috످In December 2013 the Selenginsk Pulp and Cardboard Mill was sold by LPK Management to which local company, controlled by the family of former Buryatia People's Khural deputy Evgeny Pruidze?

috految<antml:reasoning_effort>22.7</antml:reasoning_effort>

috److془Selenginsk CKK: "В декабре 2013 года ООО «Баил» купило Селенгинский ЦКК". Yes, "Баил" Евгений Пруидзе. Confident.془The Selenginsk Pulp and Cardboard Mill was sold to Bail LLC (Russian: ООО «Баил»).

috످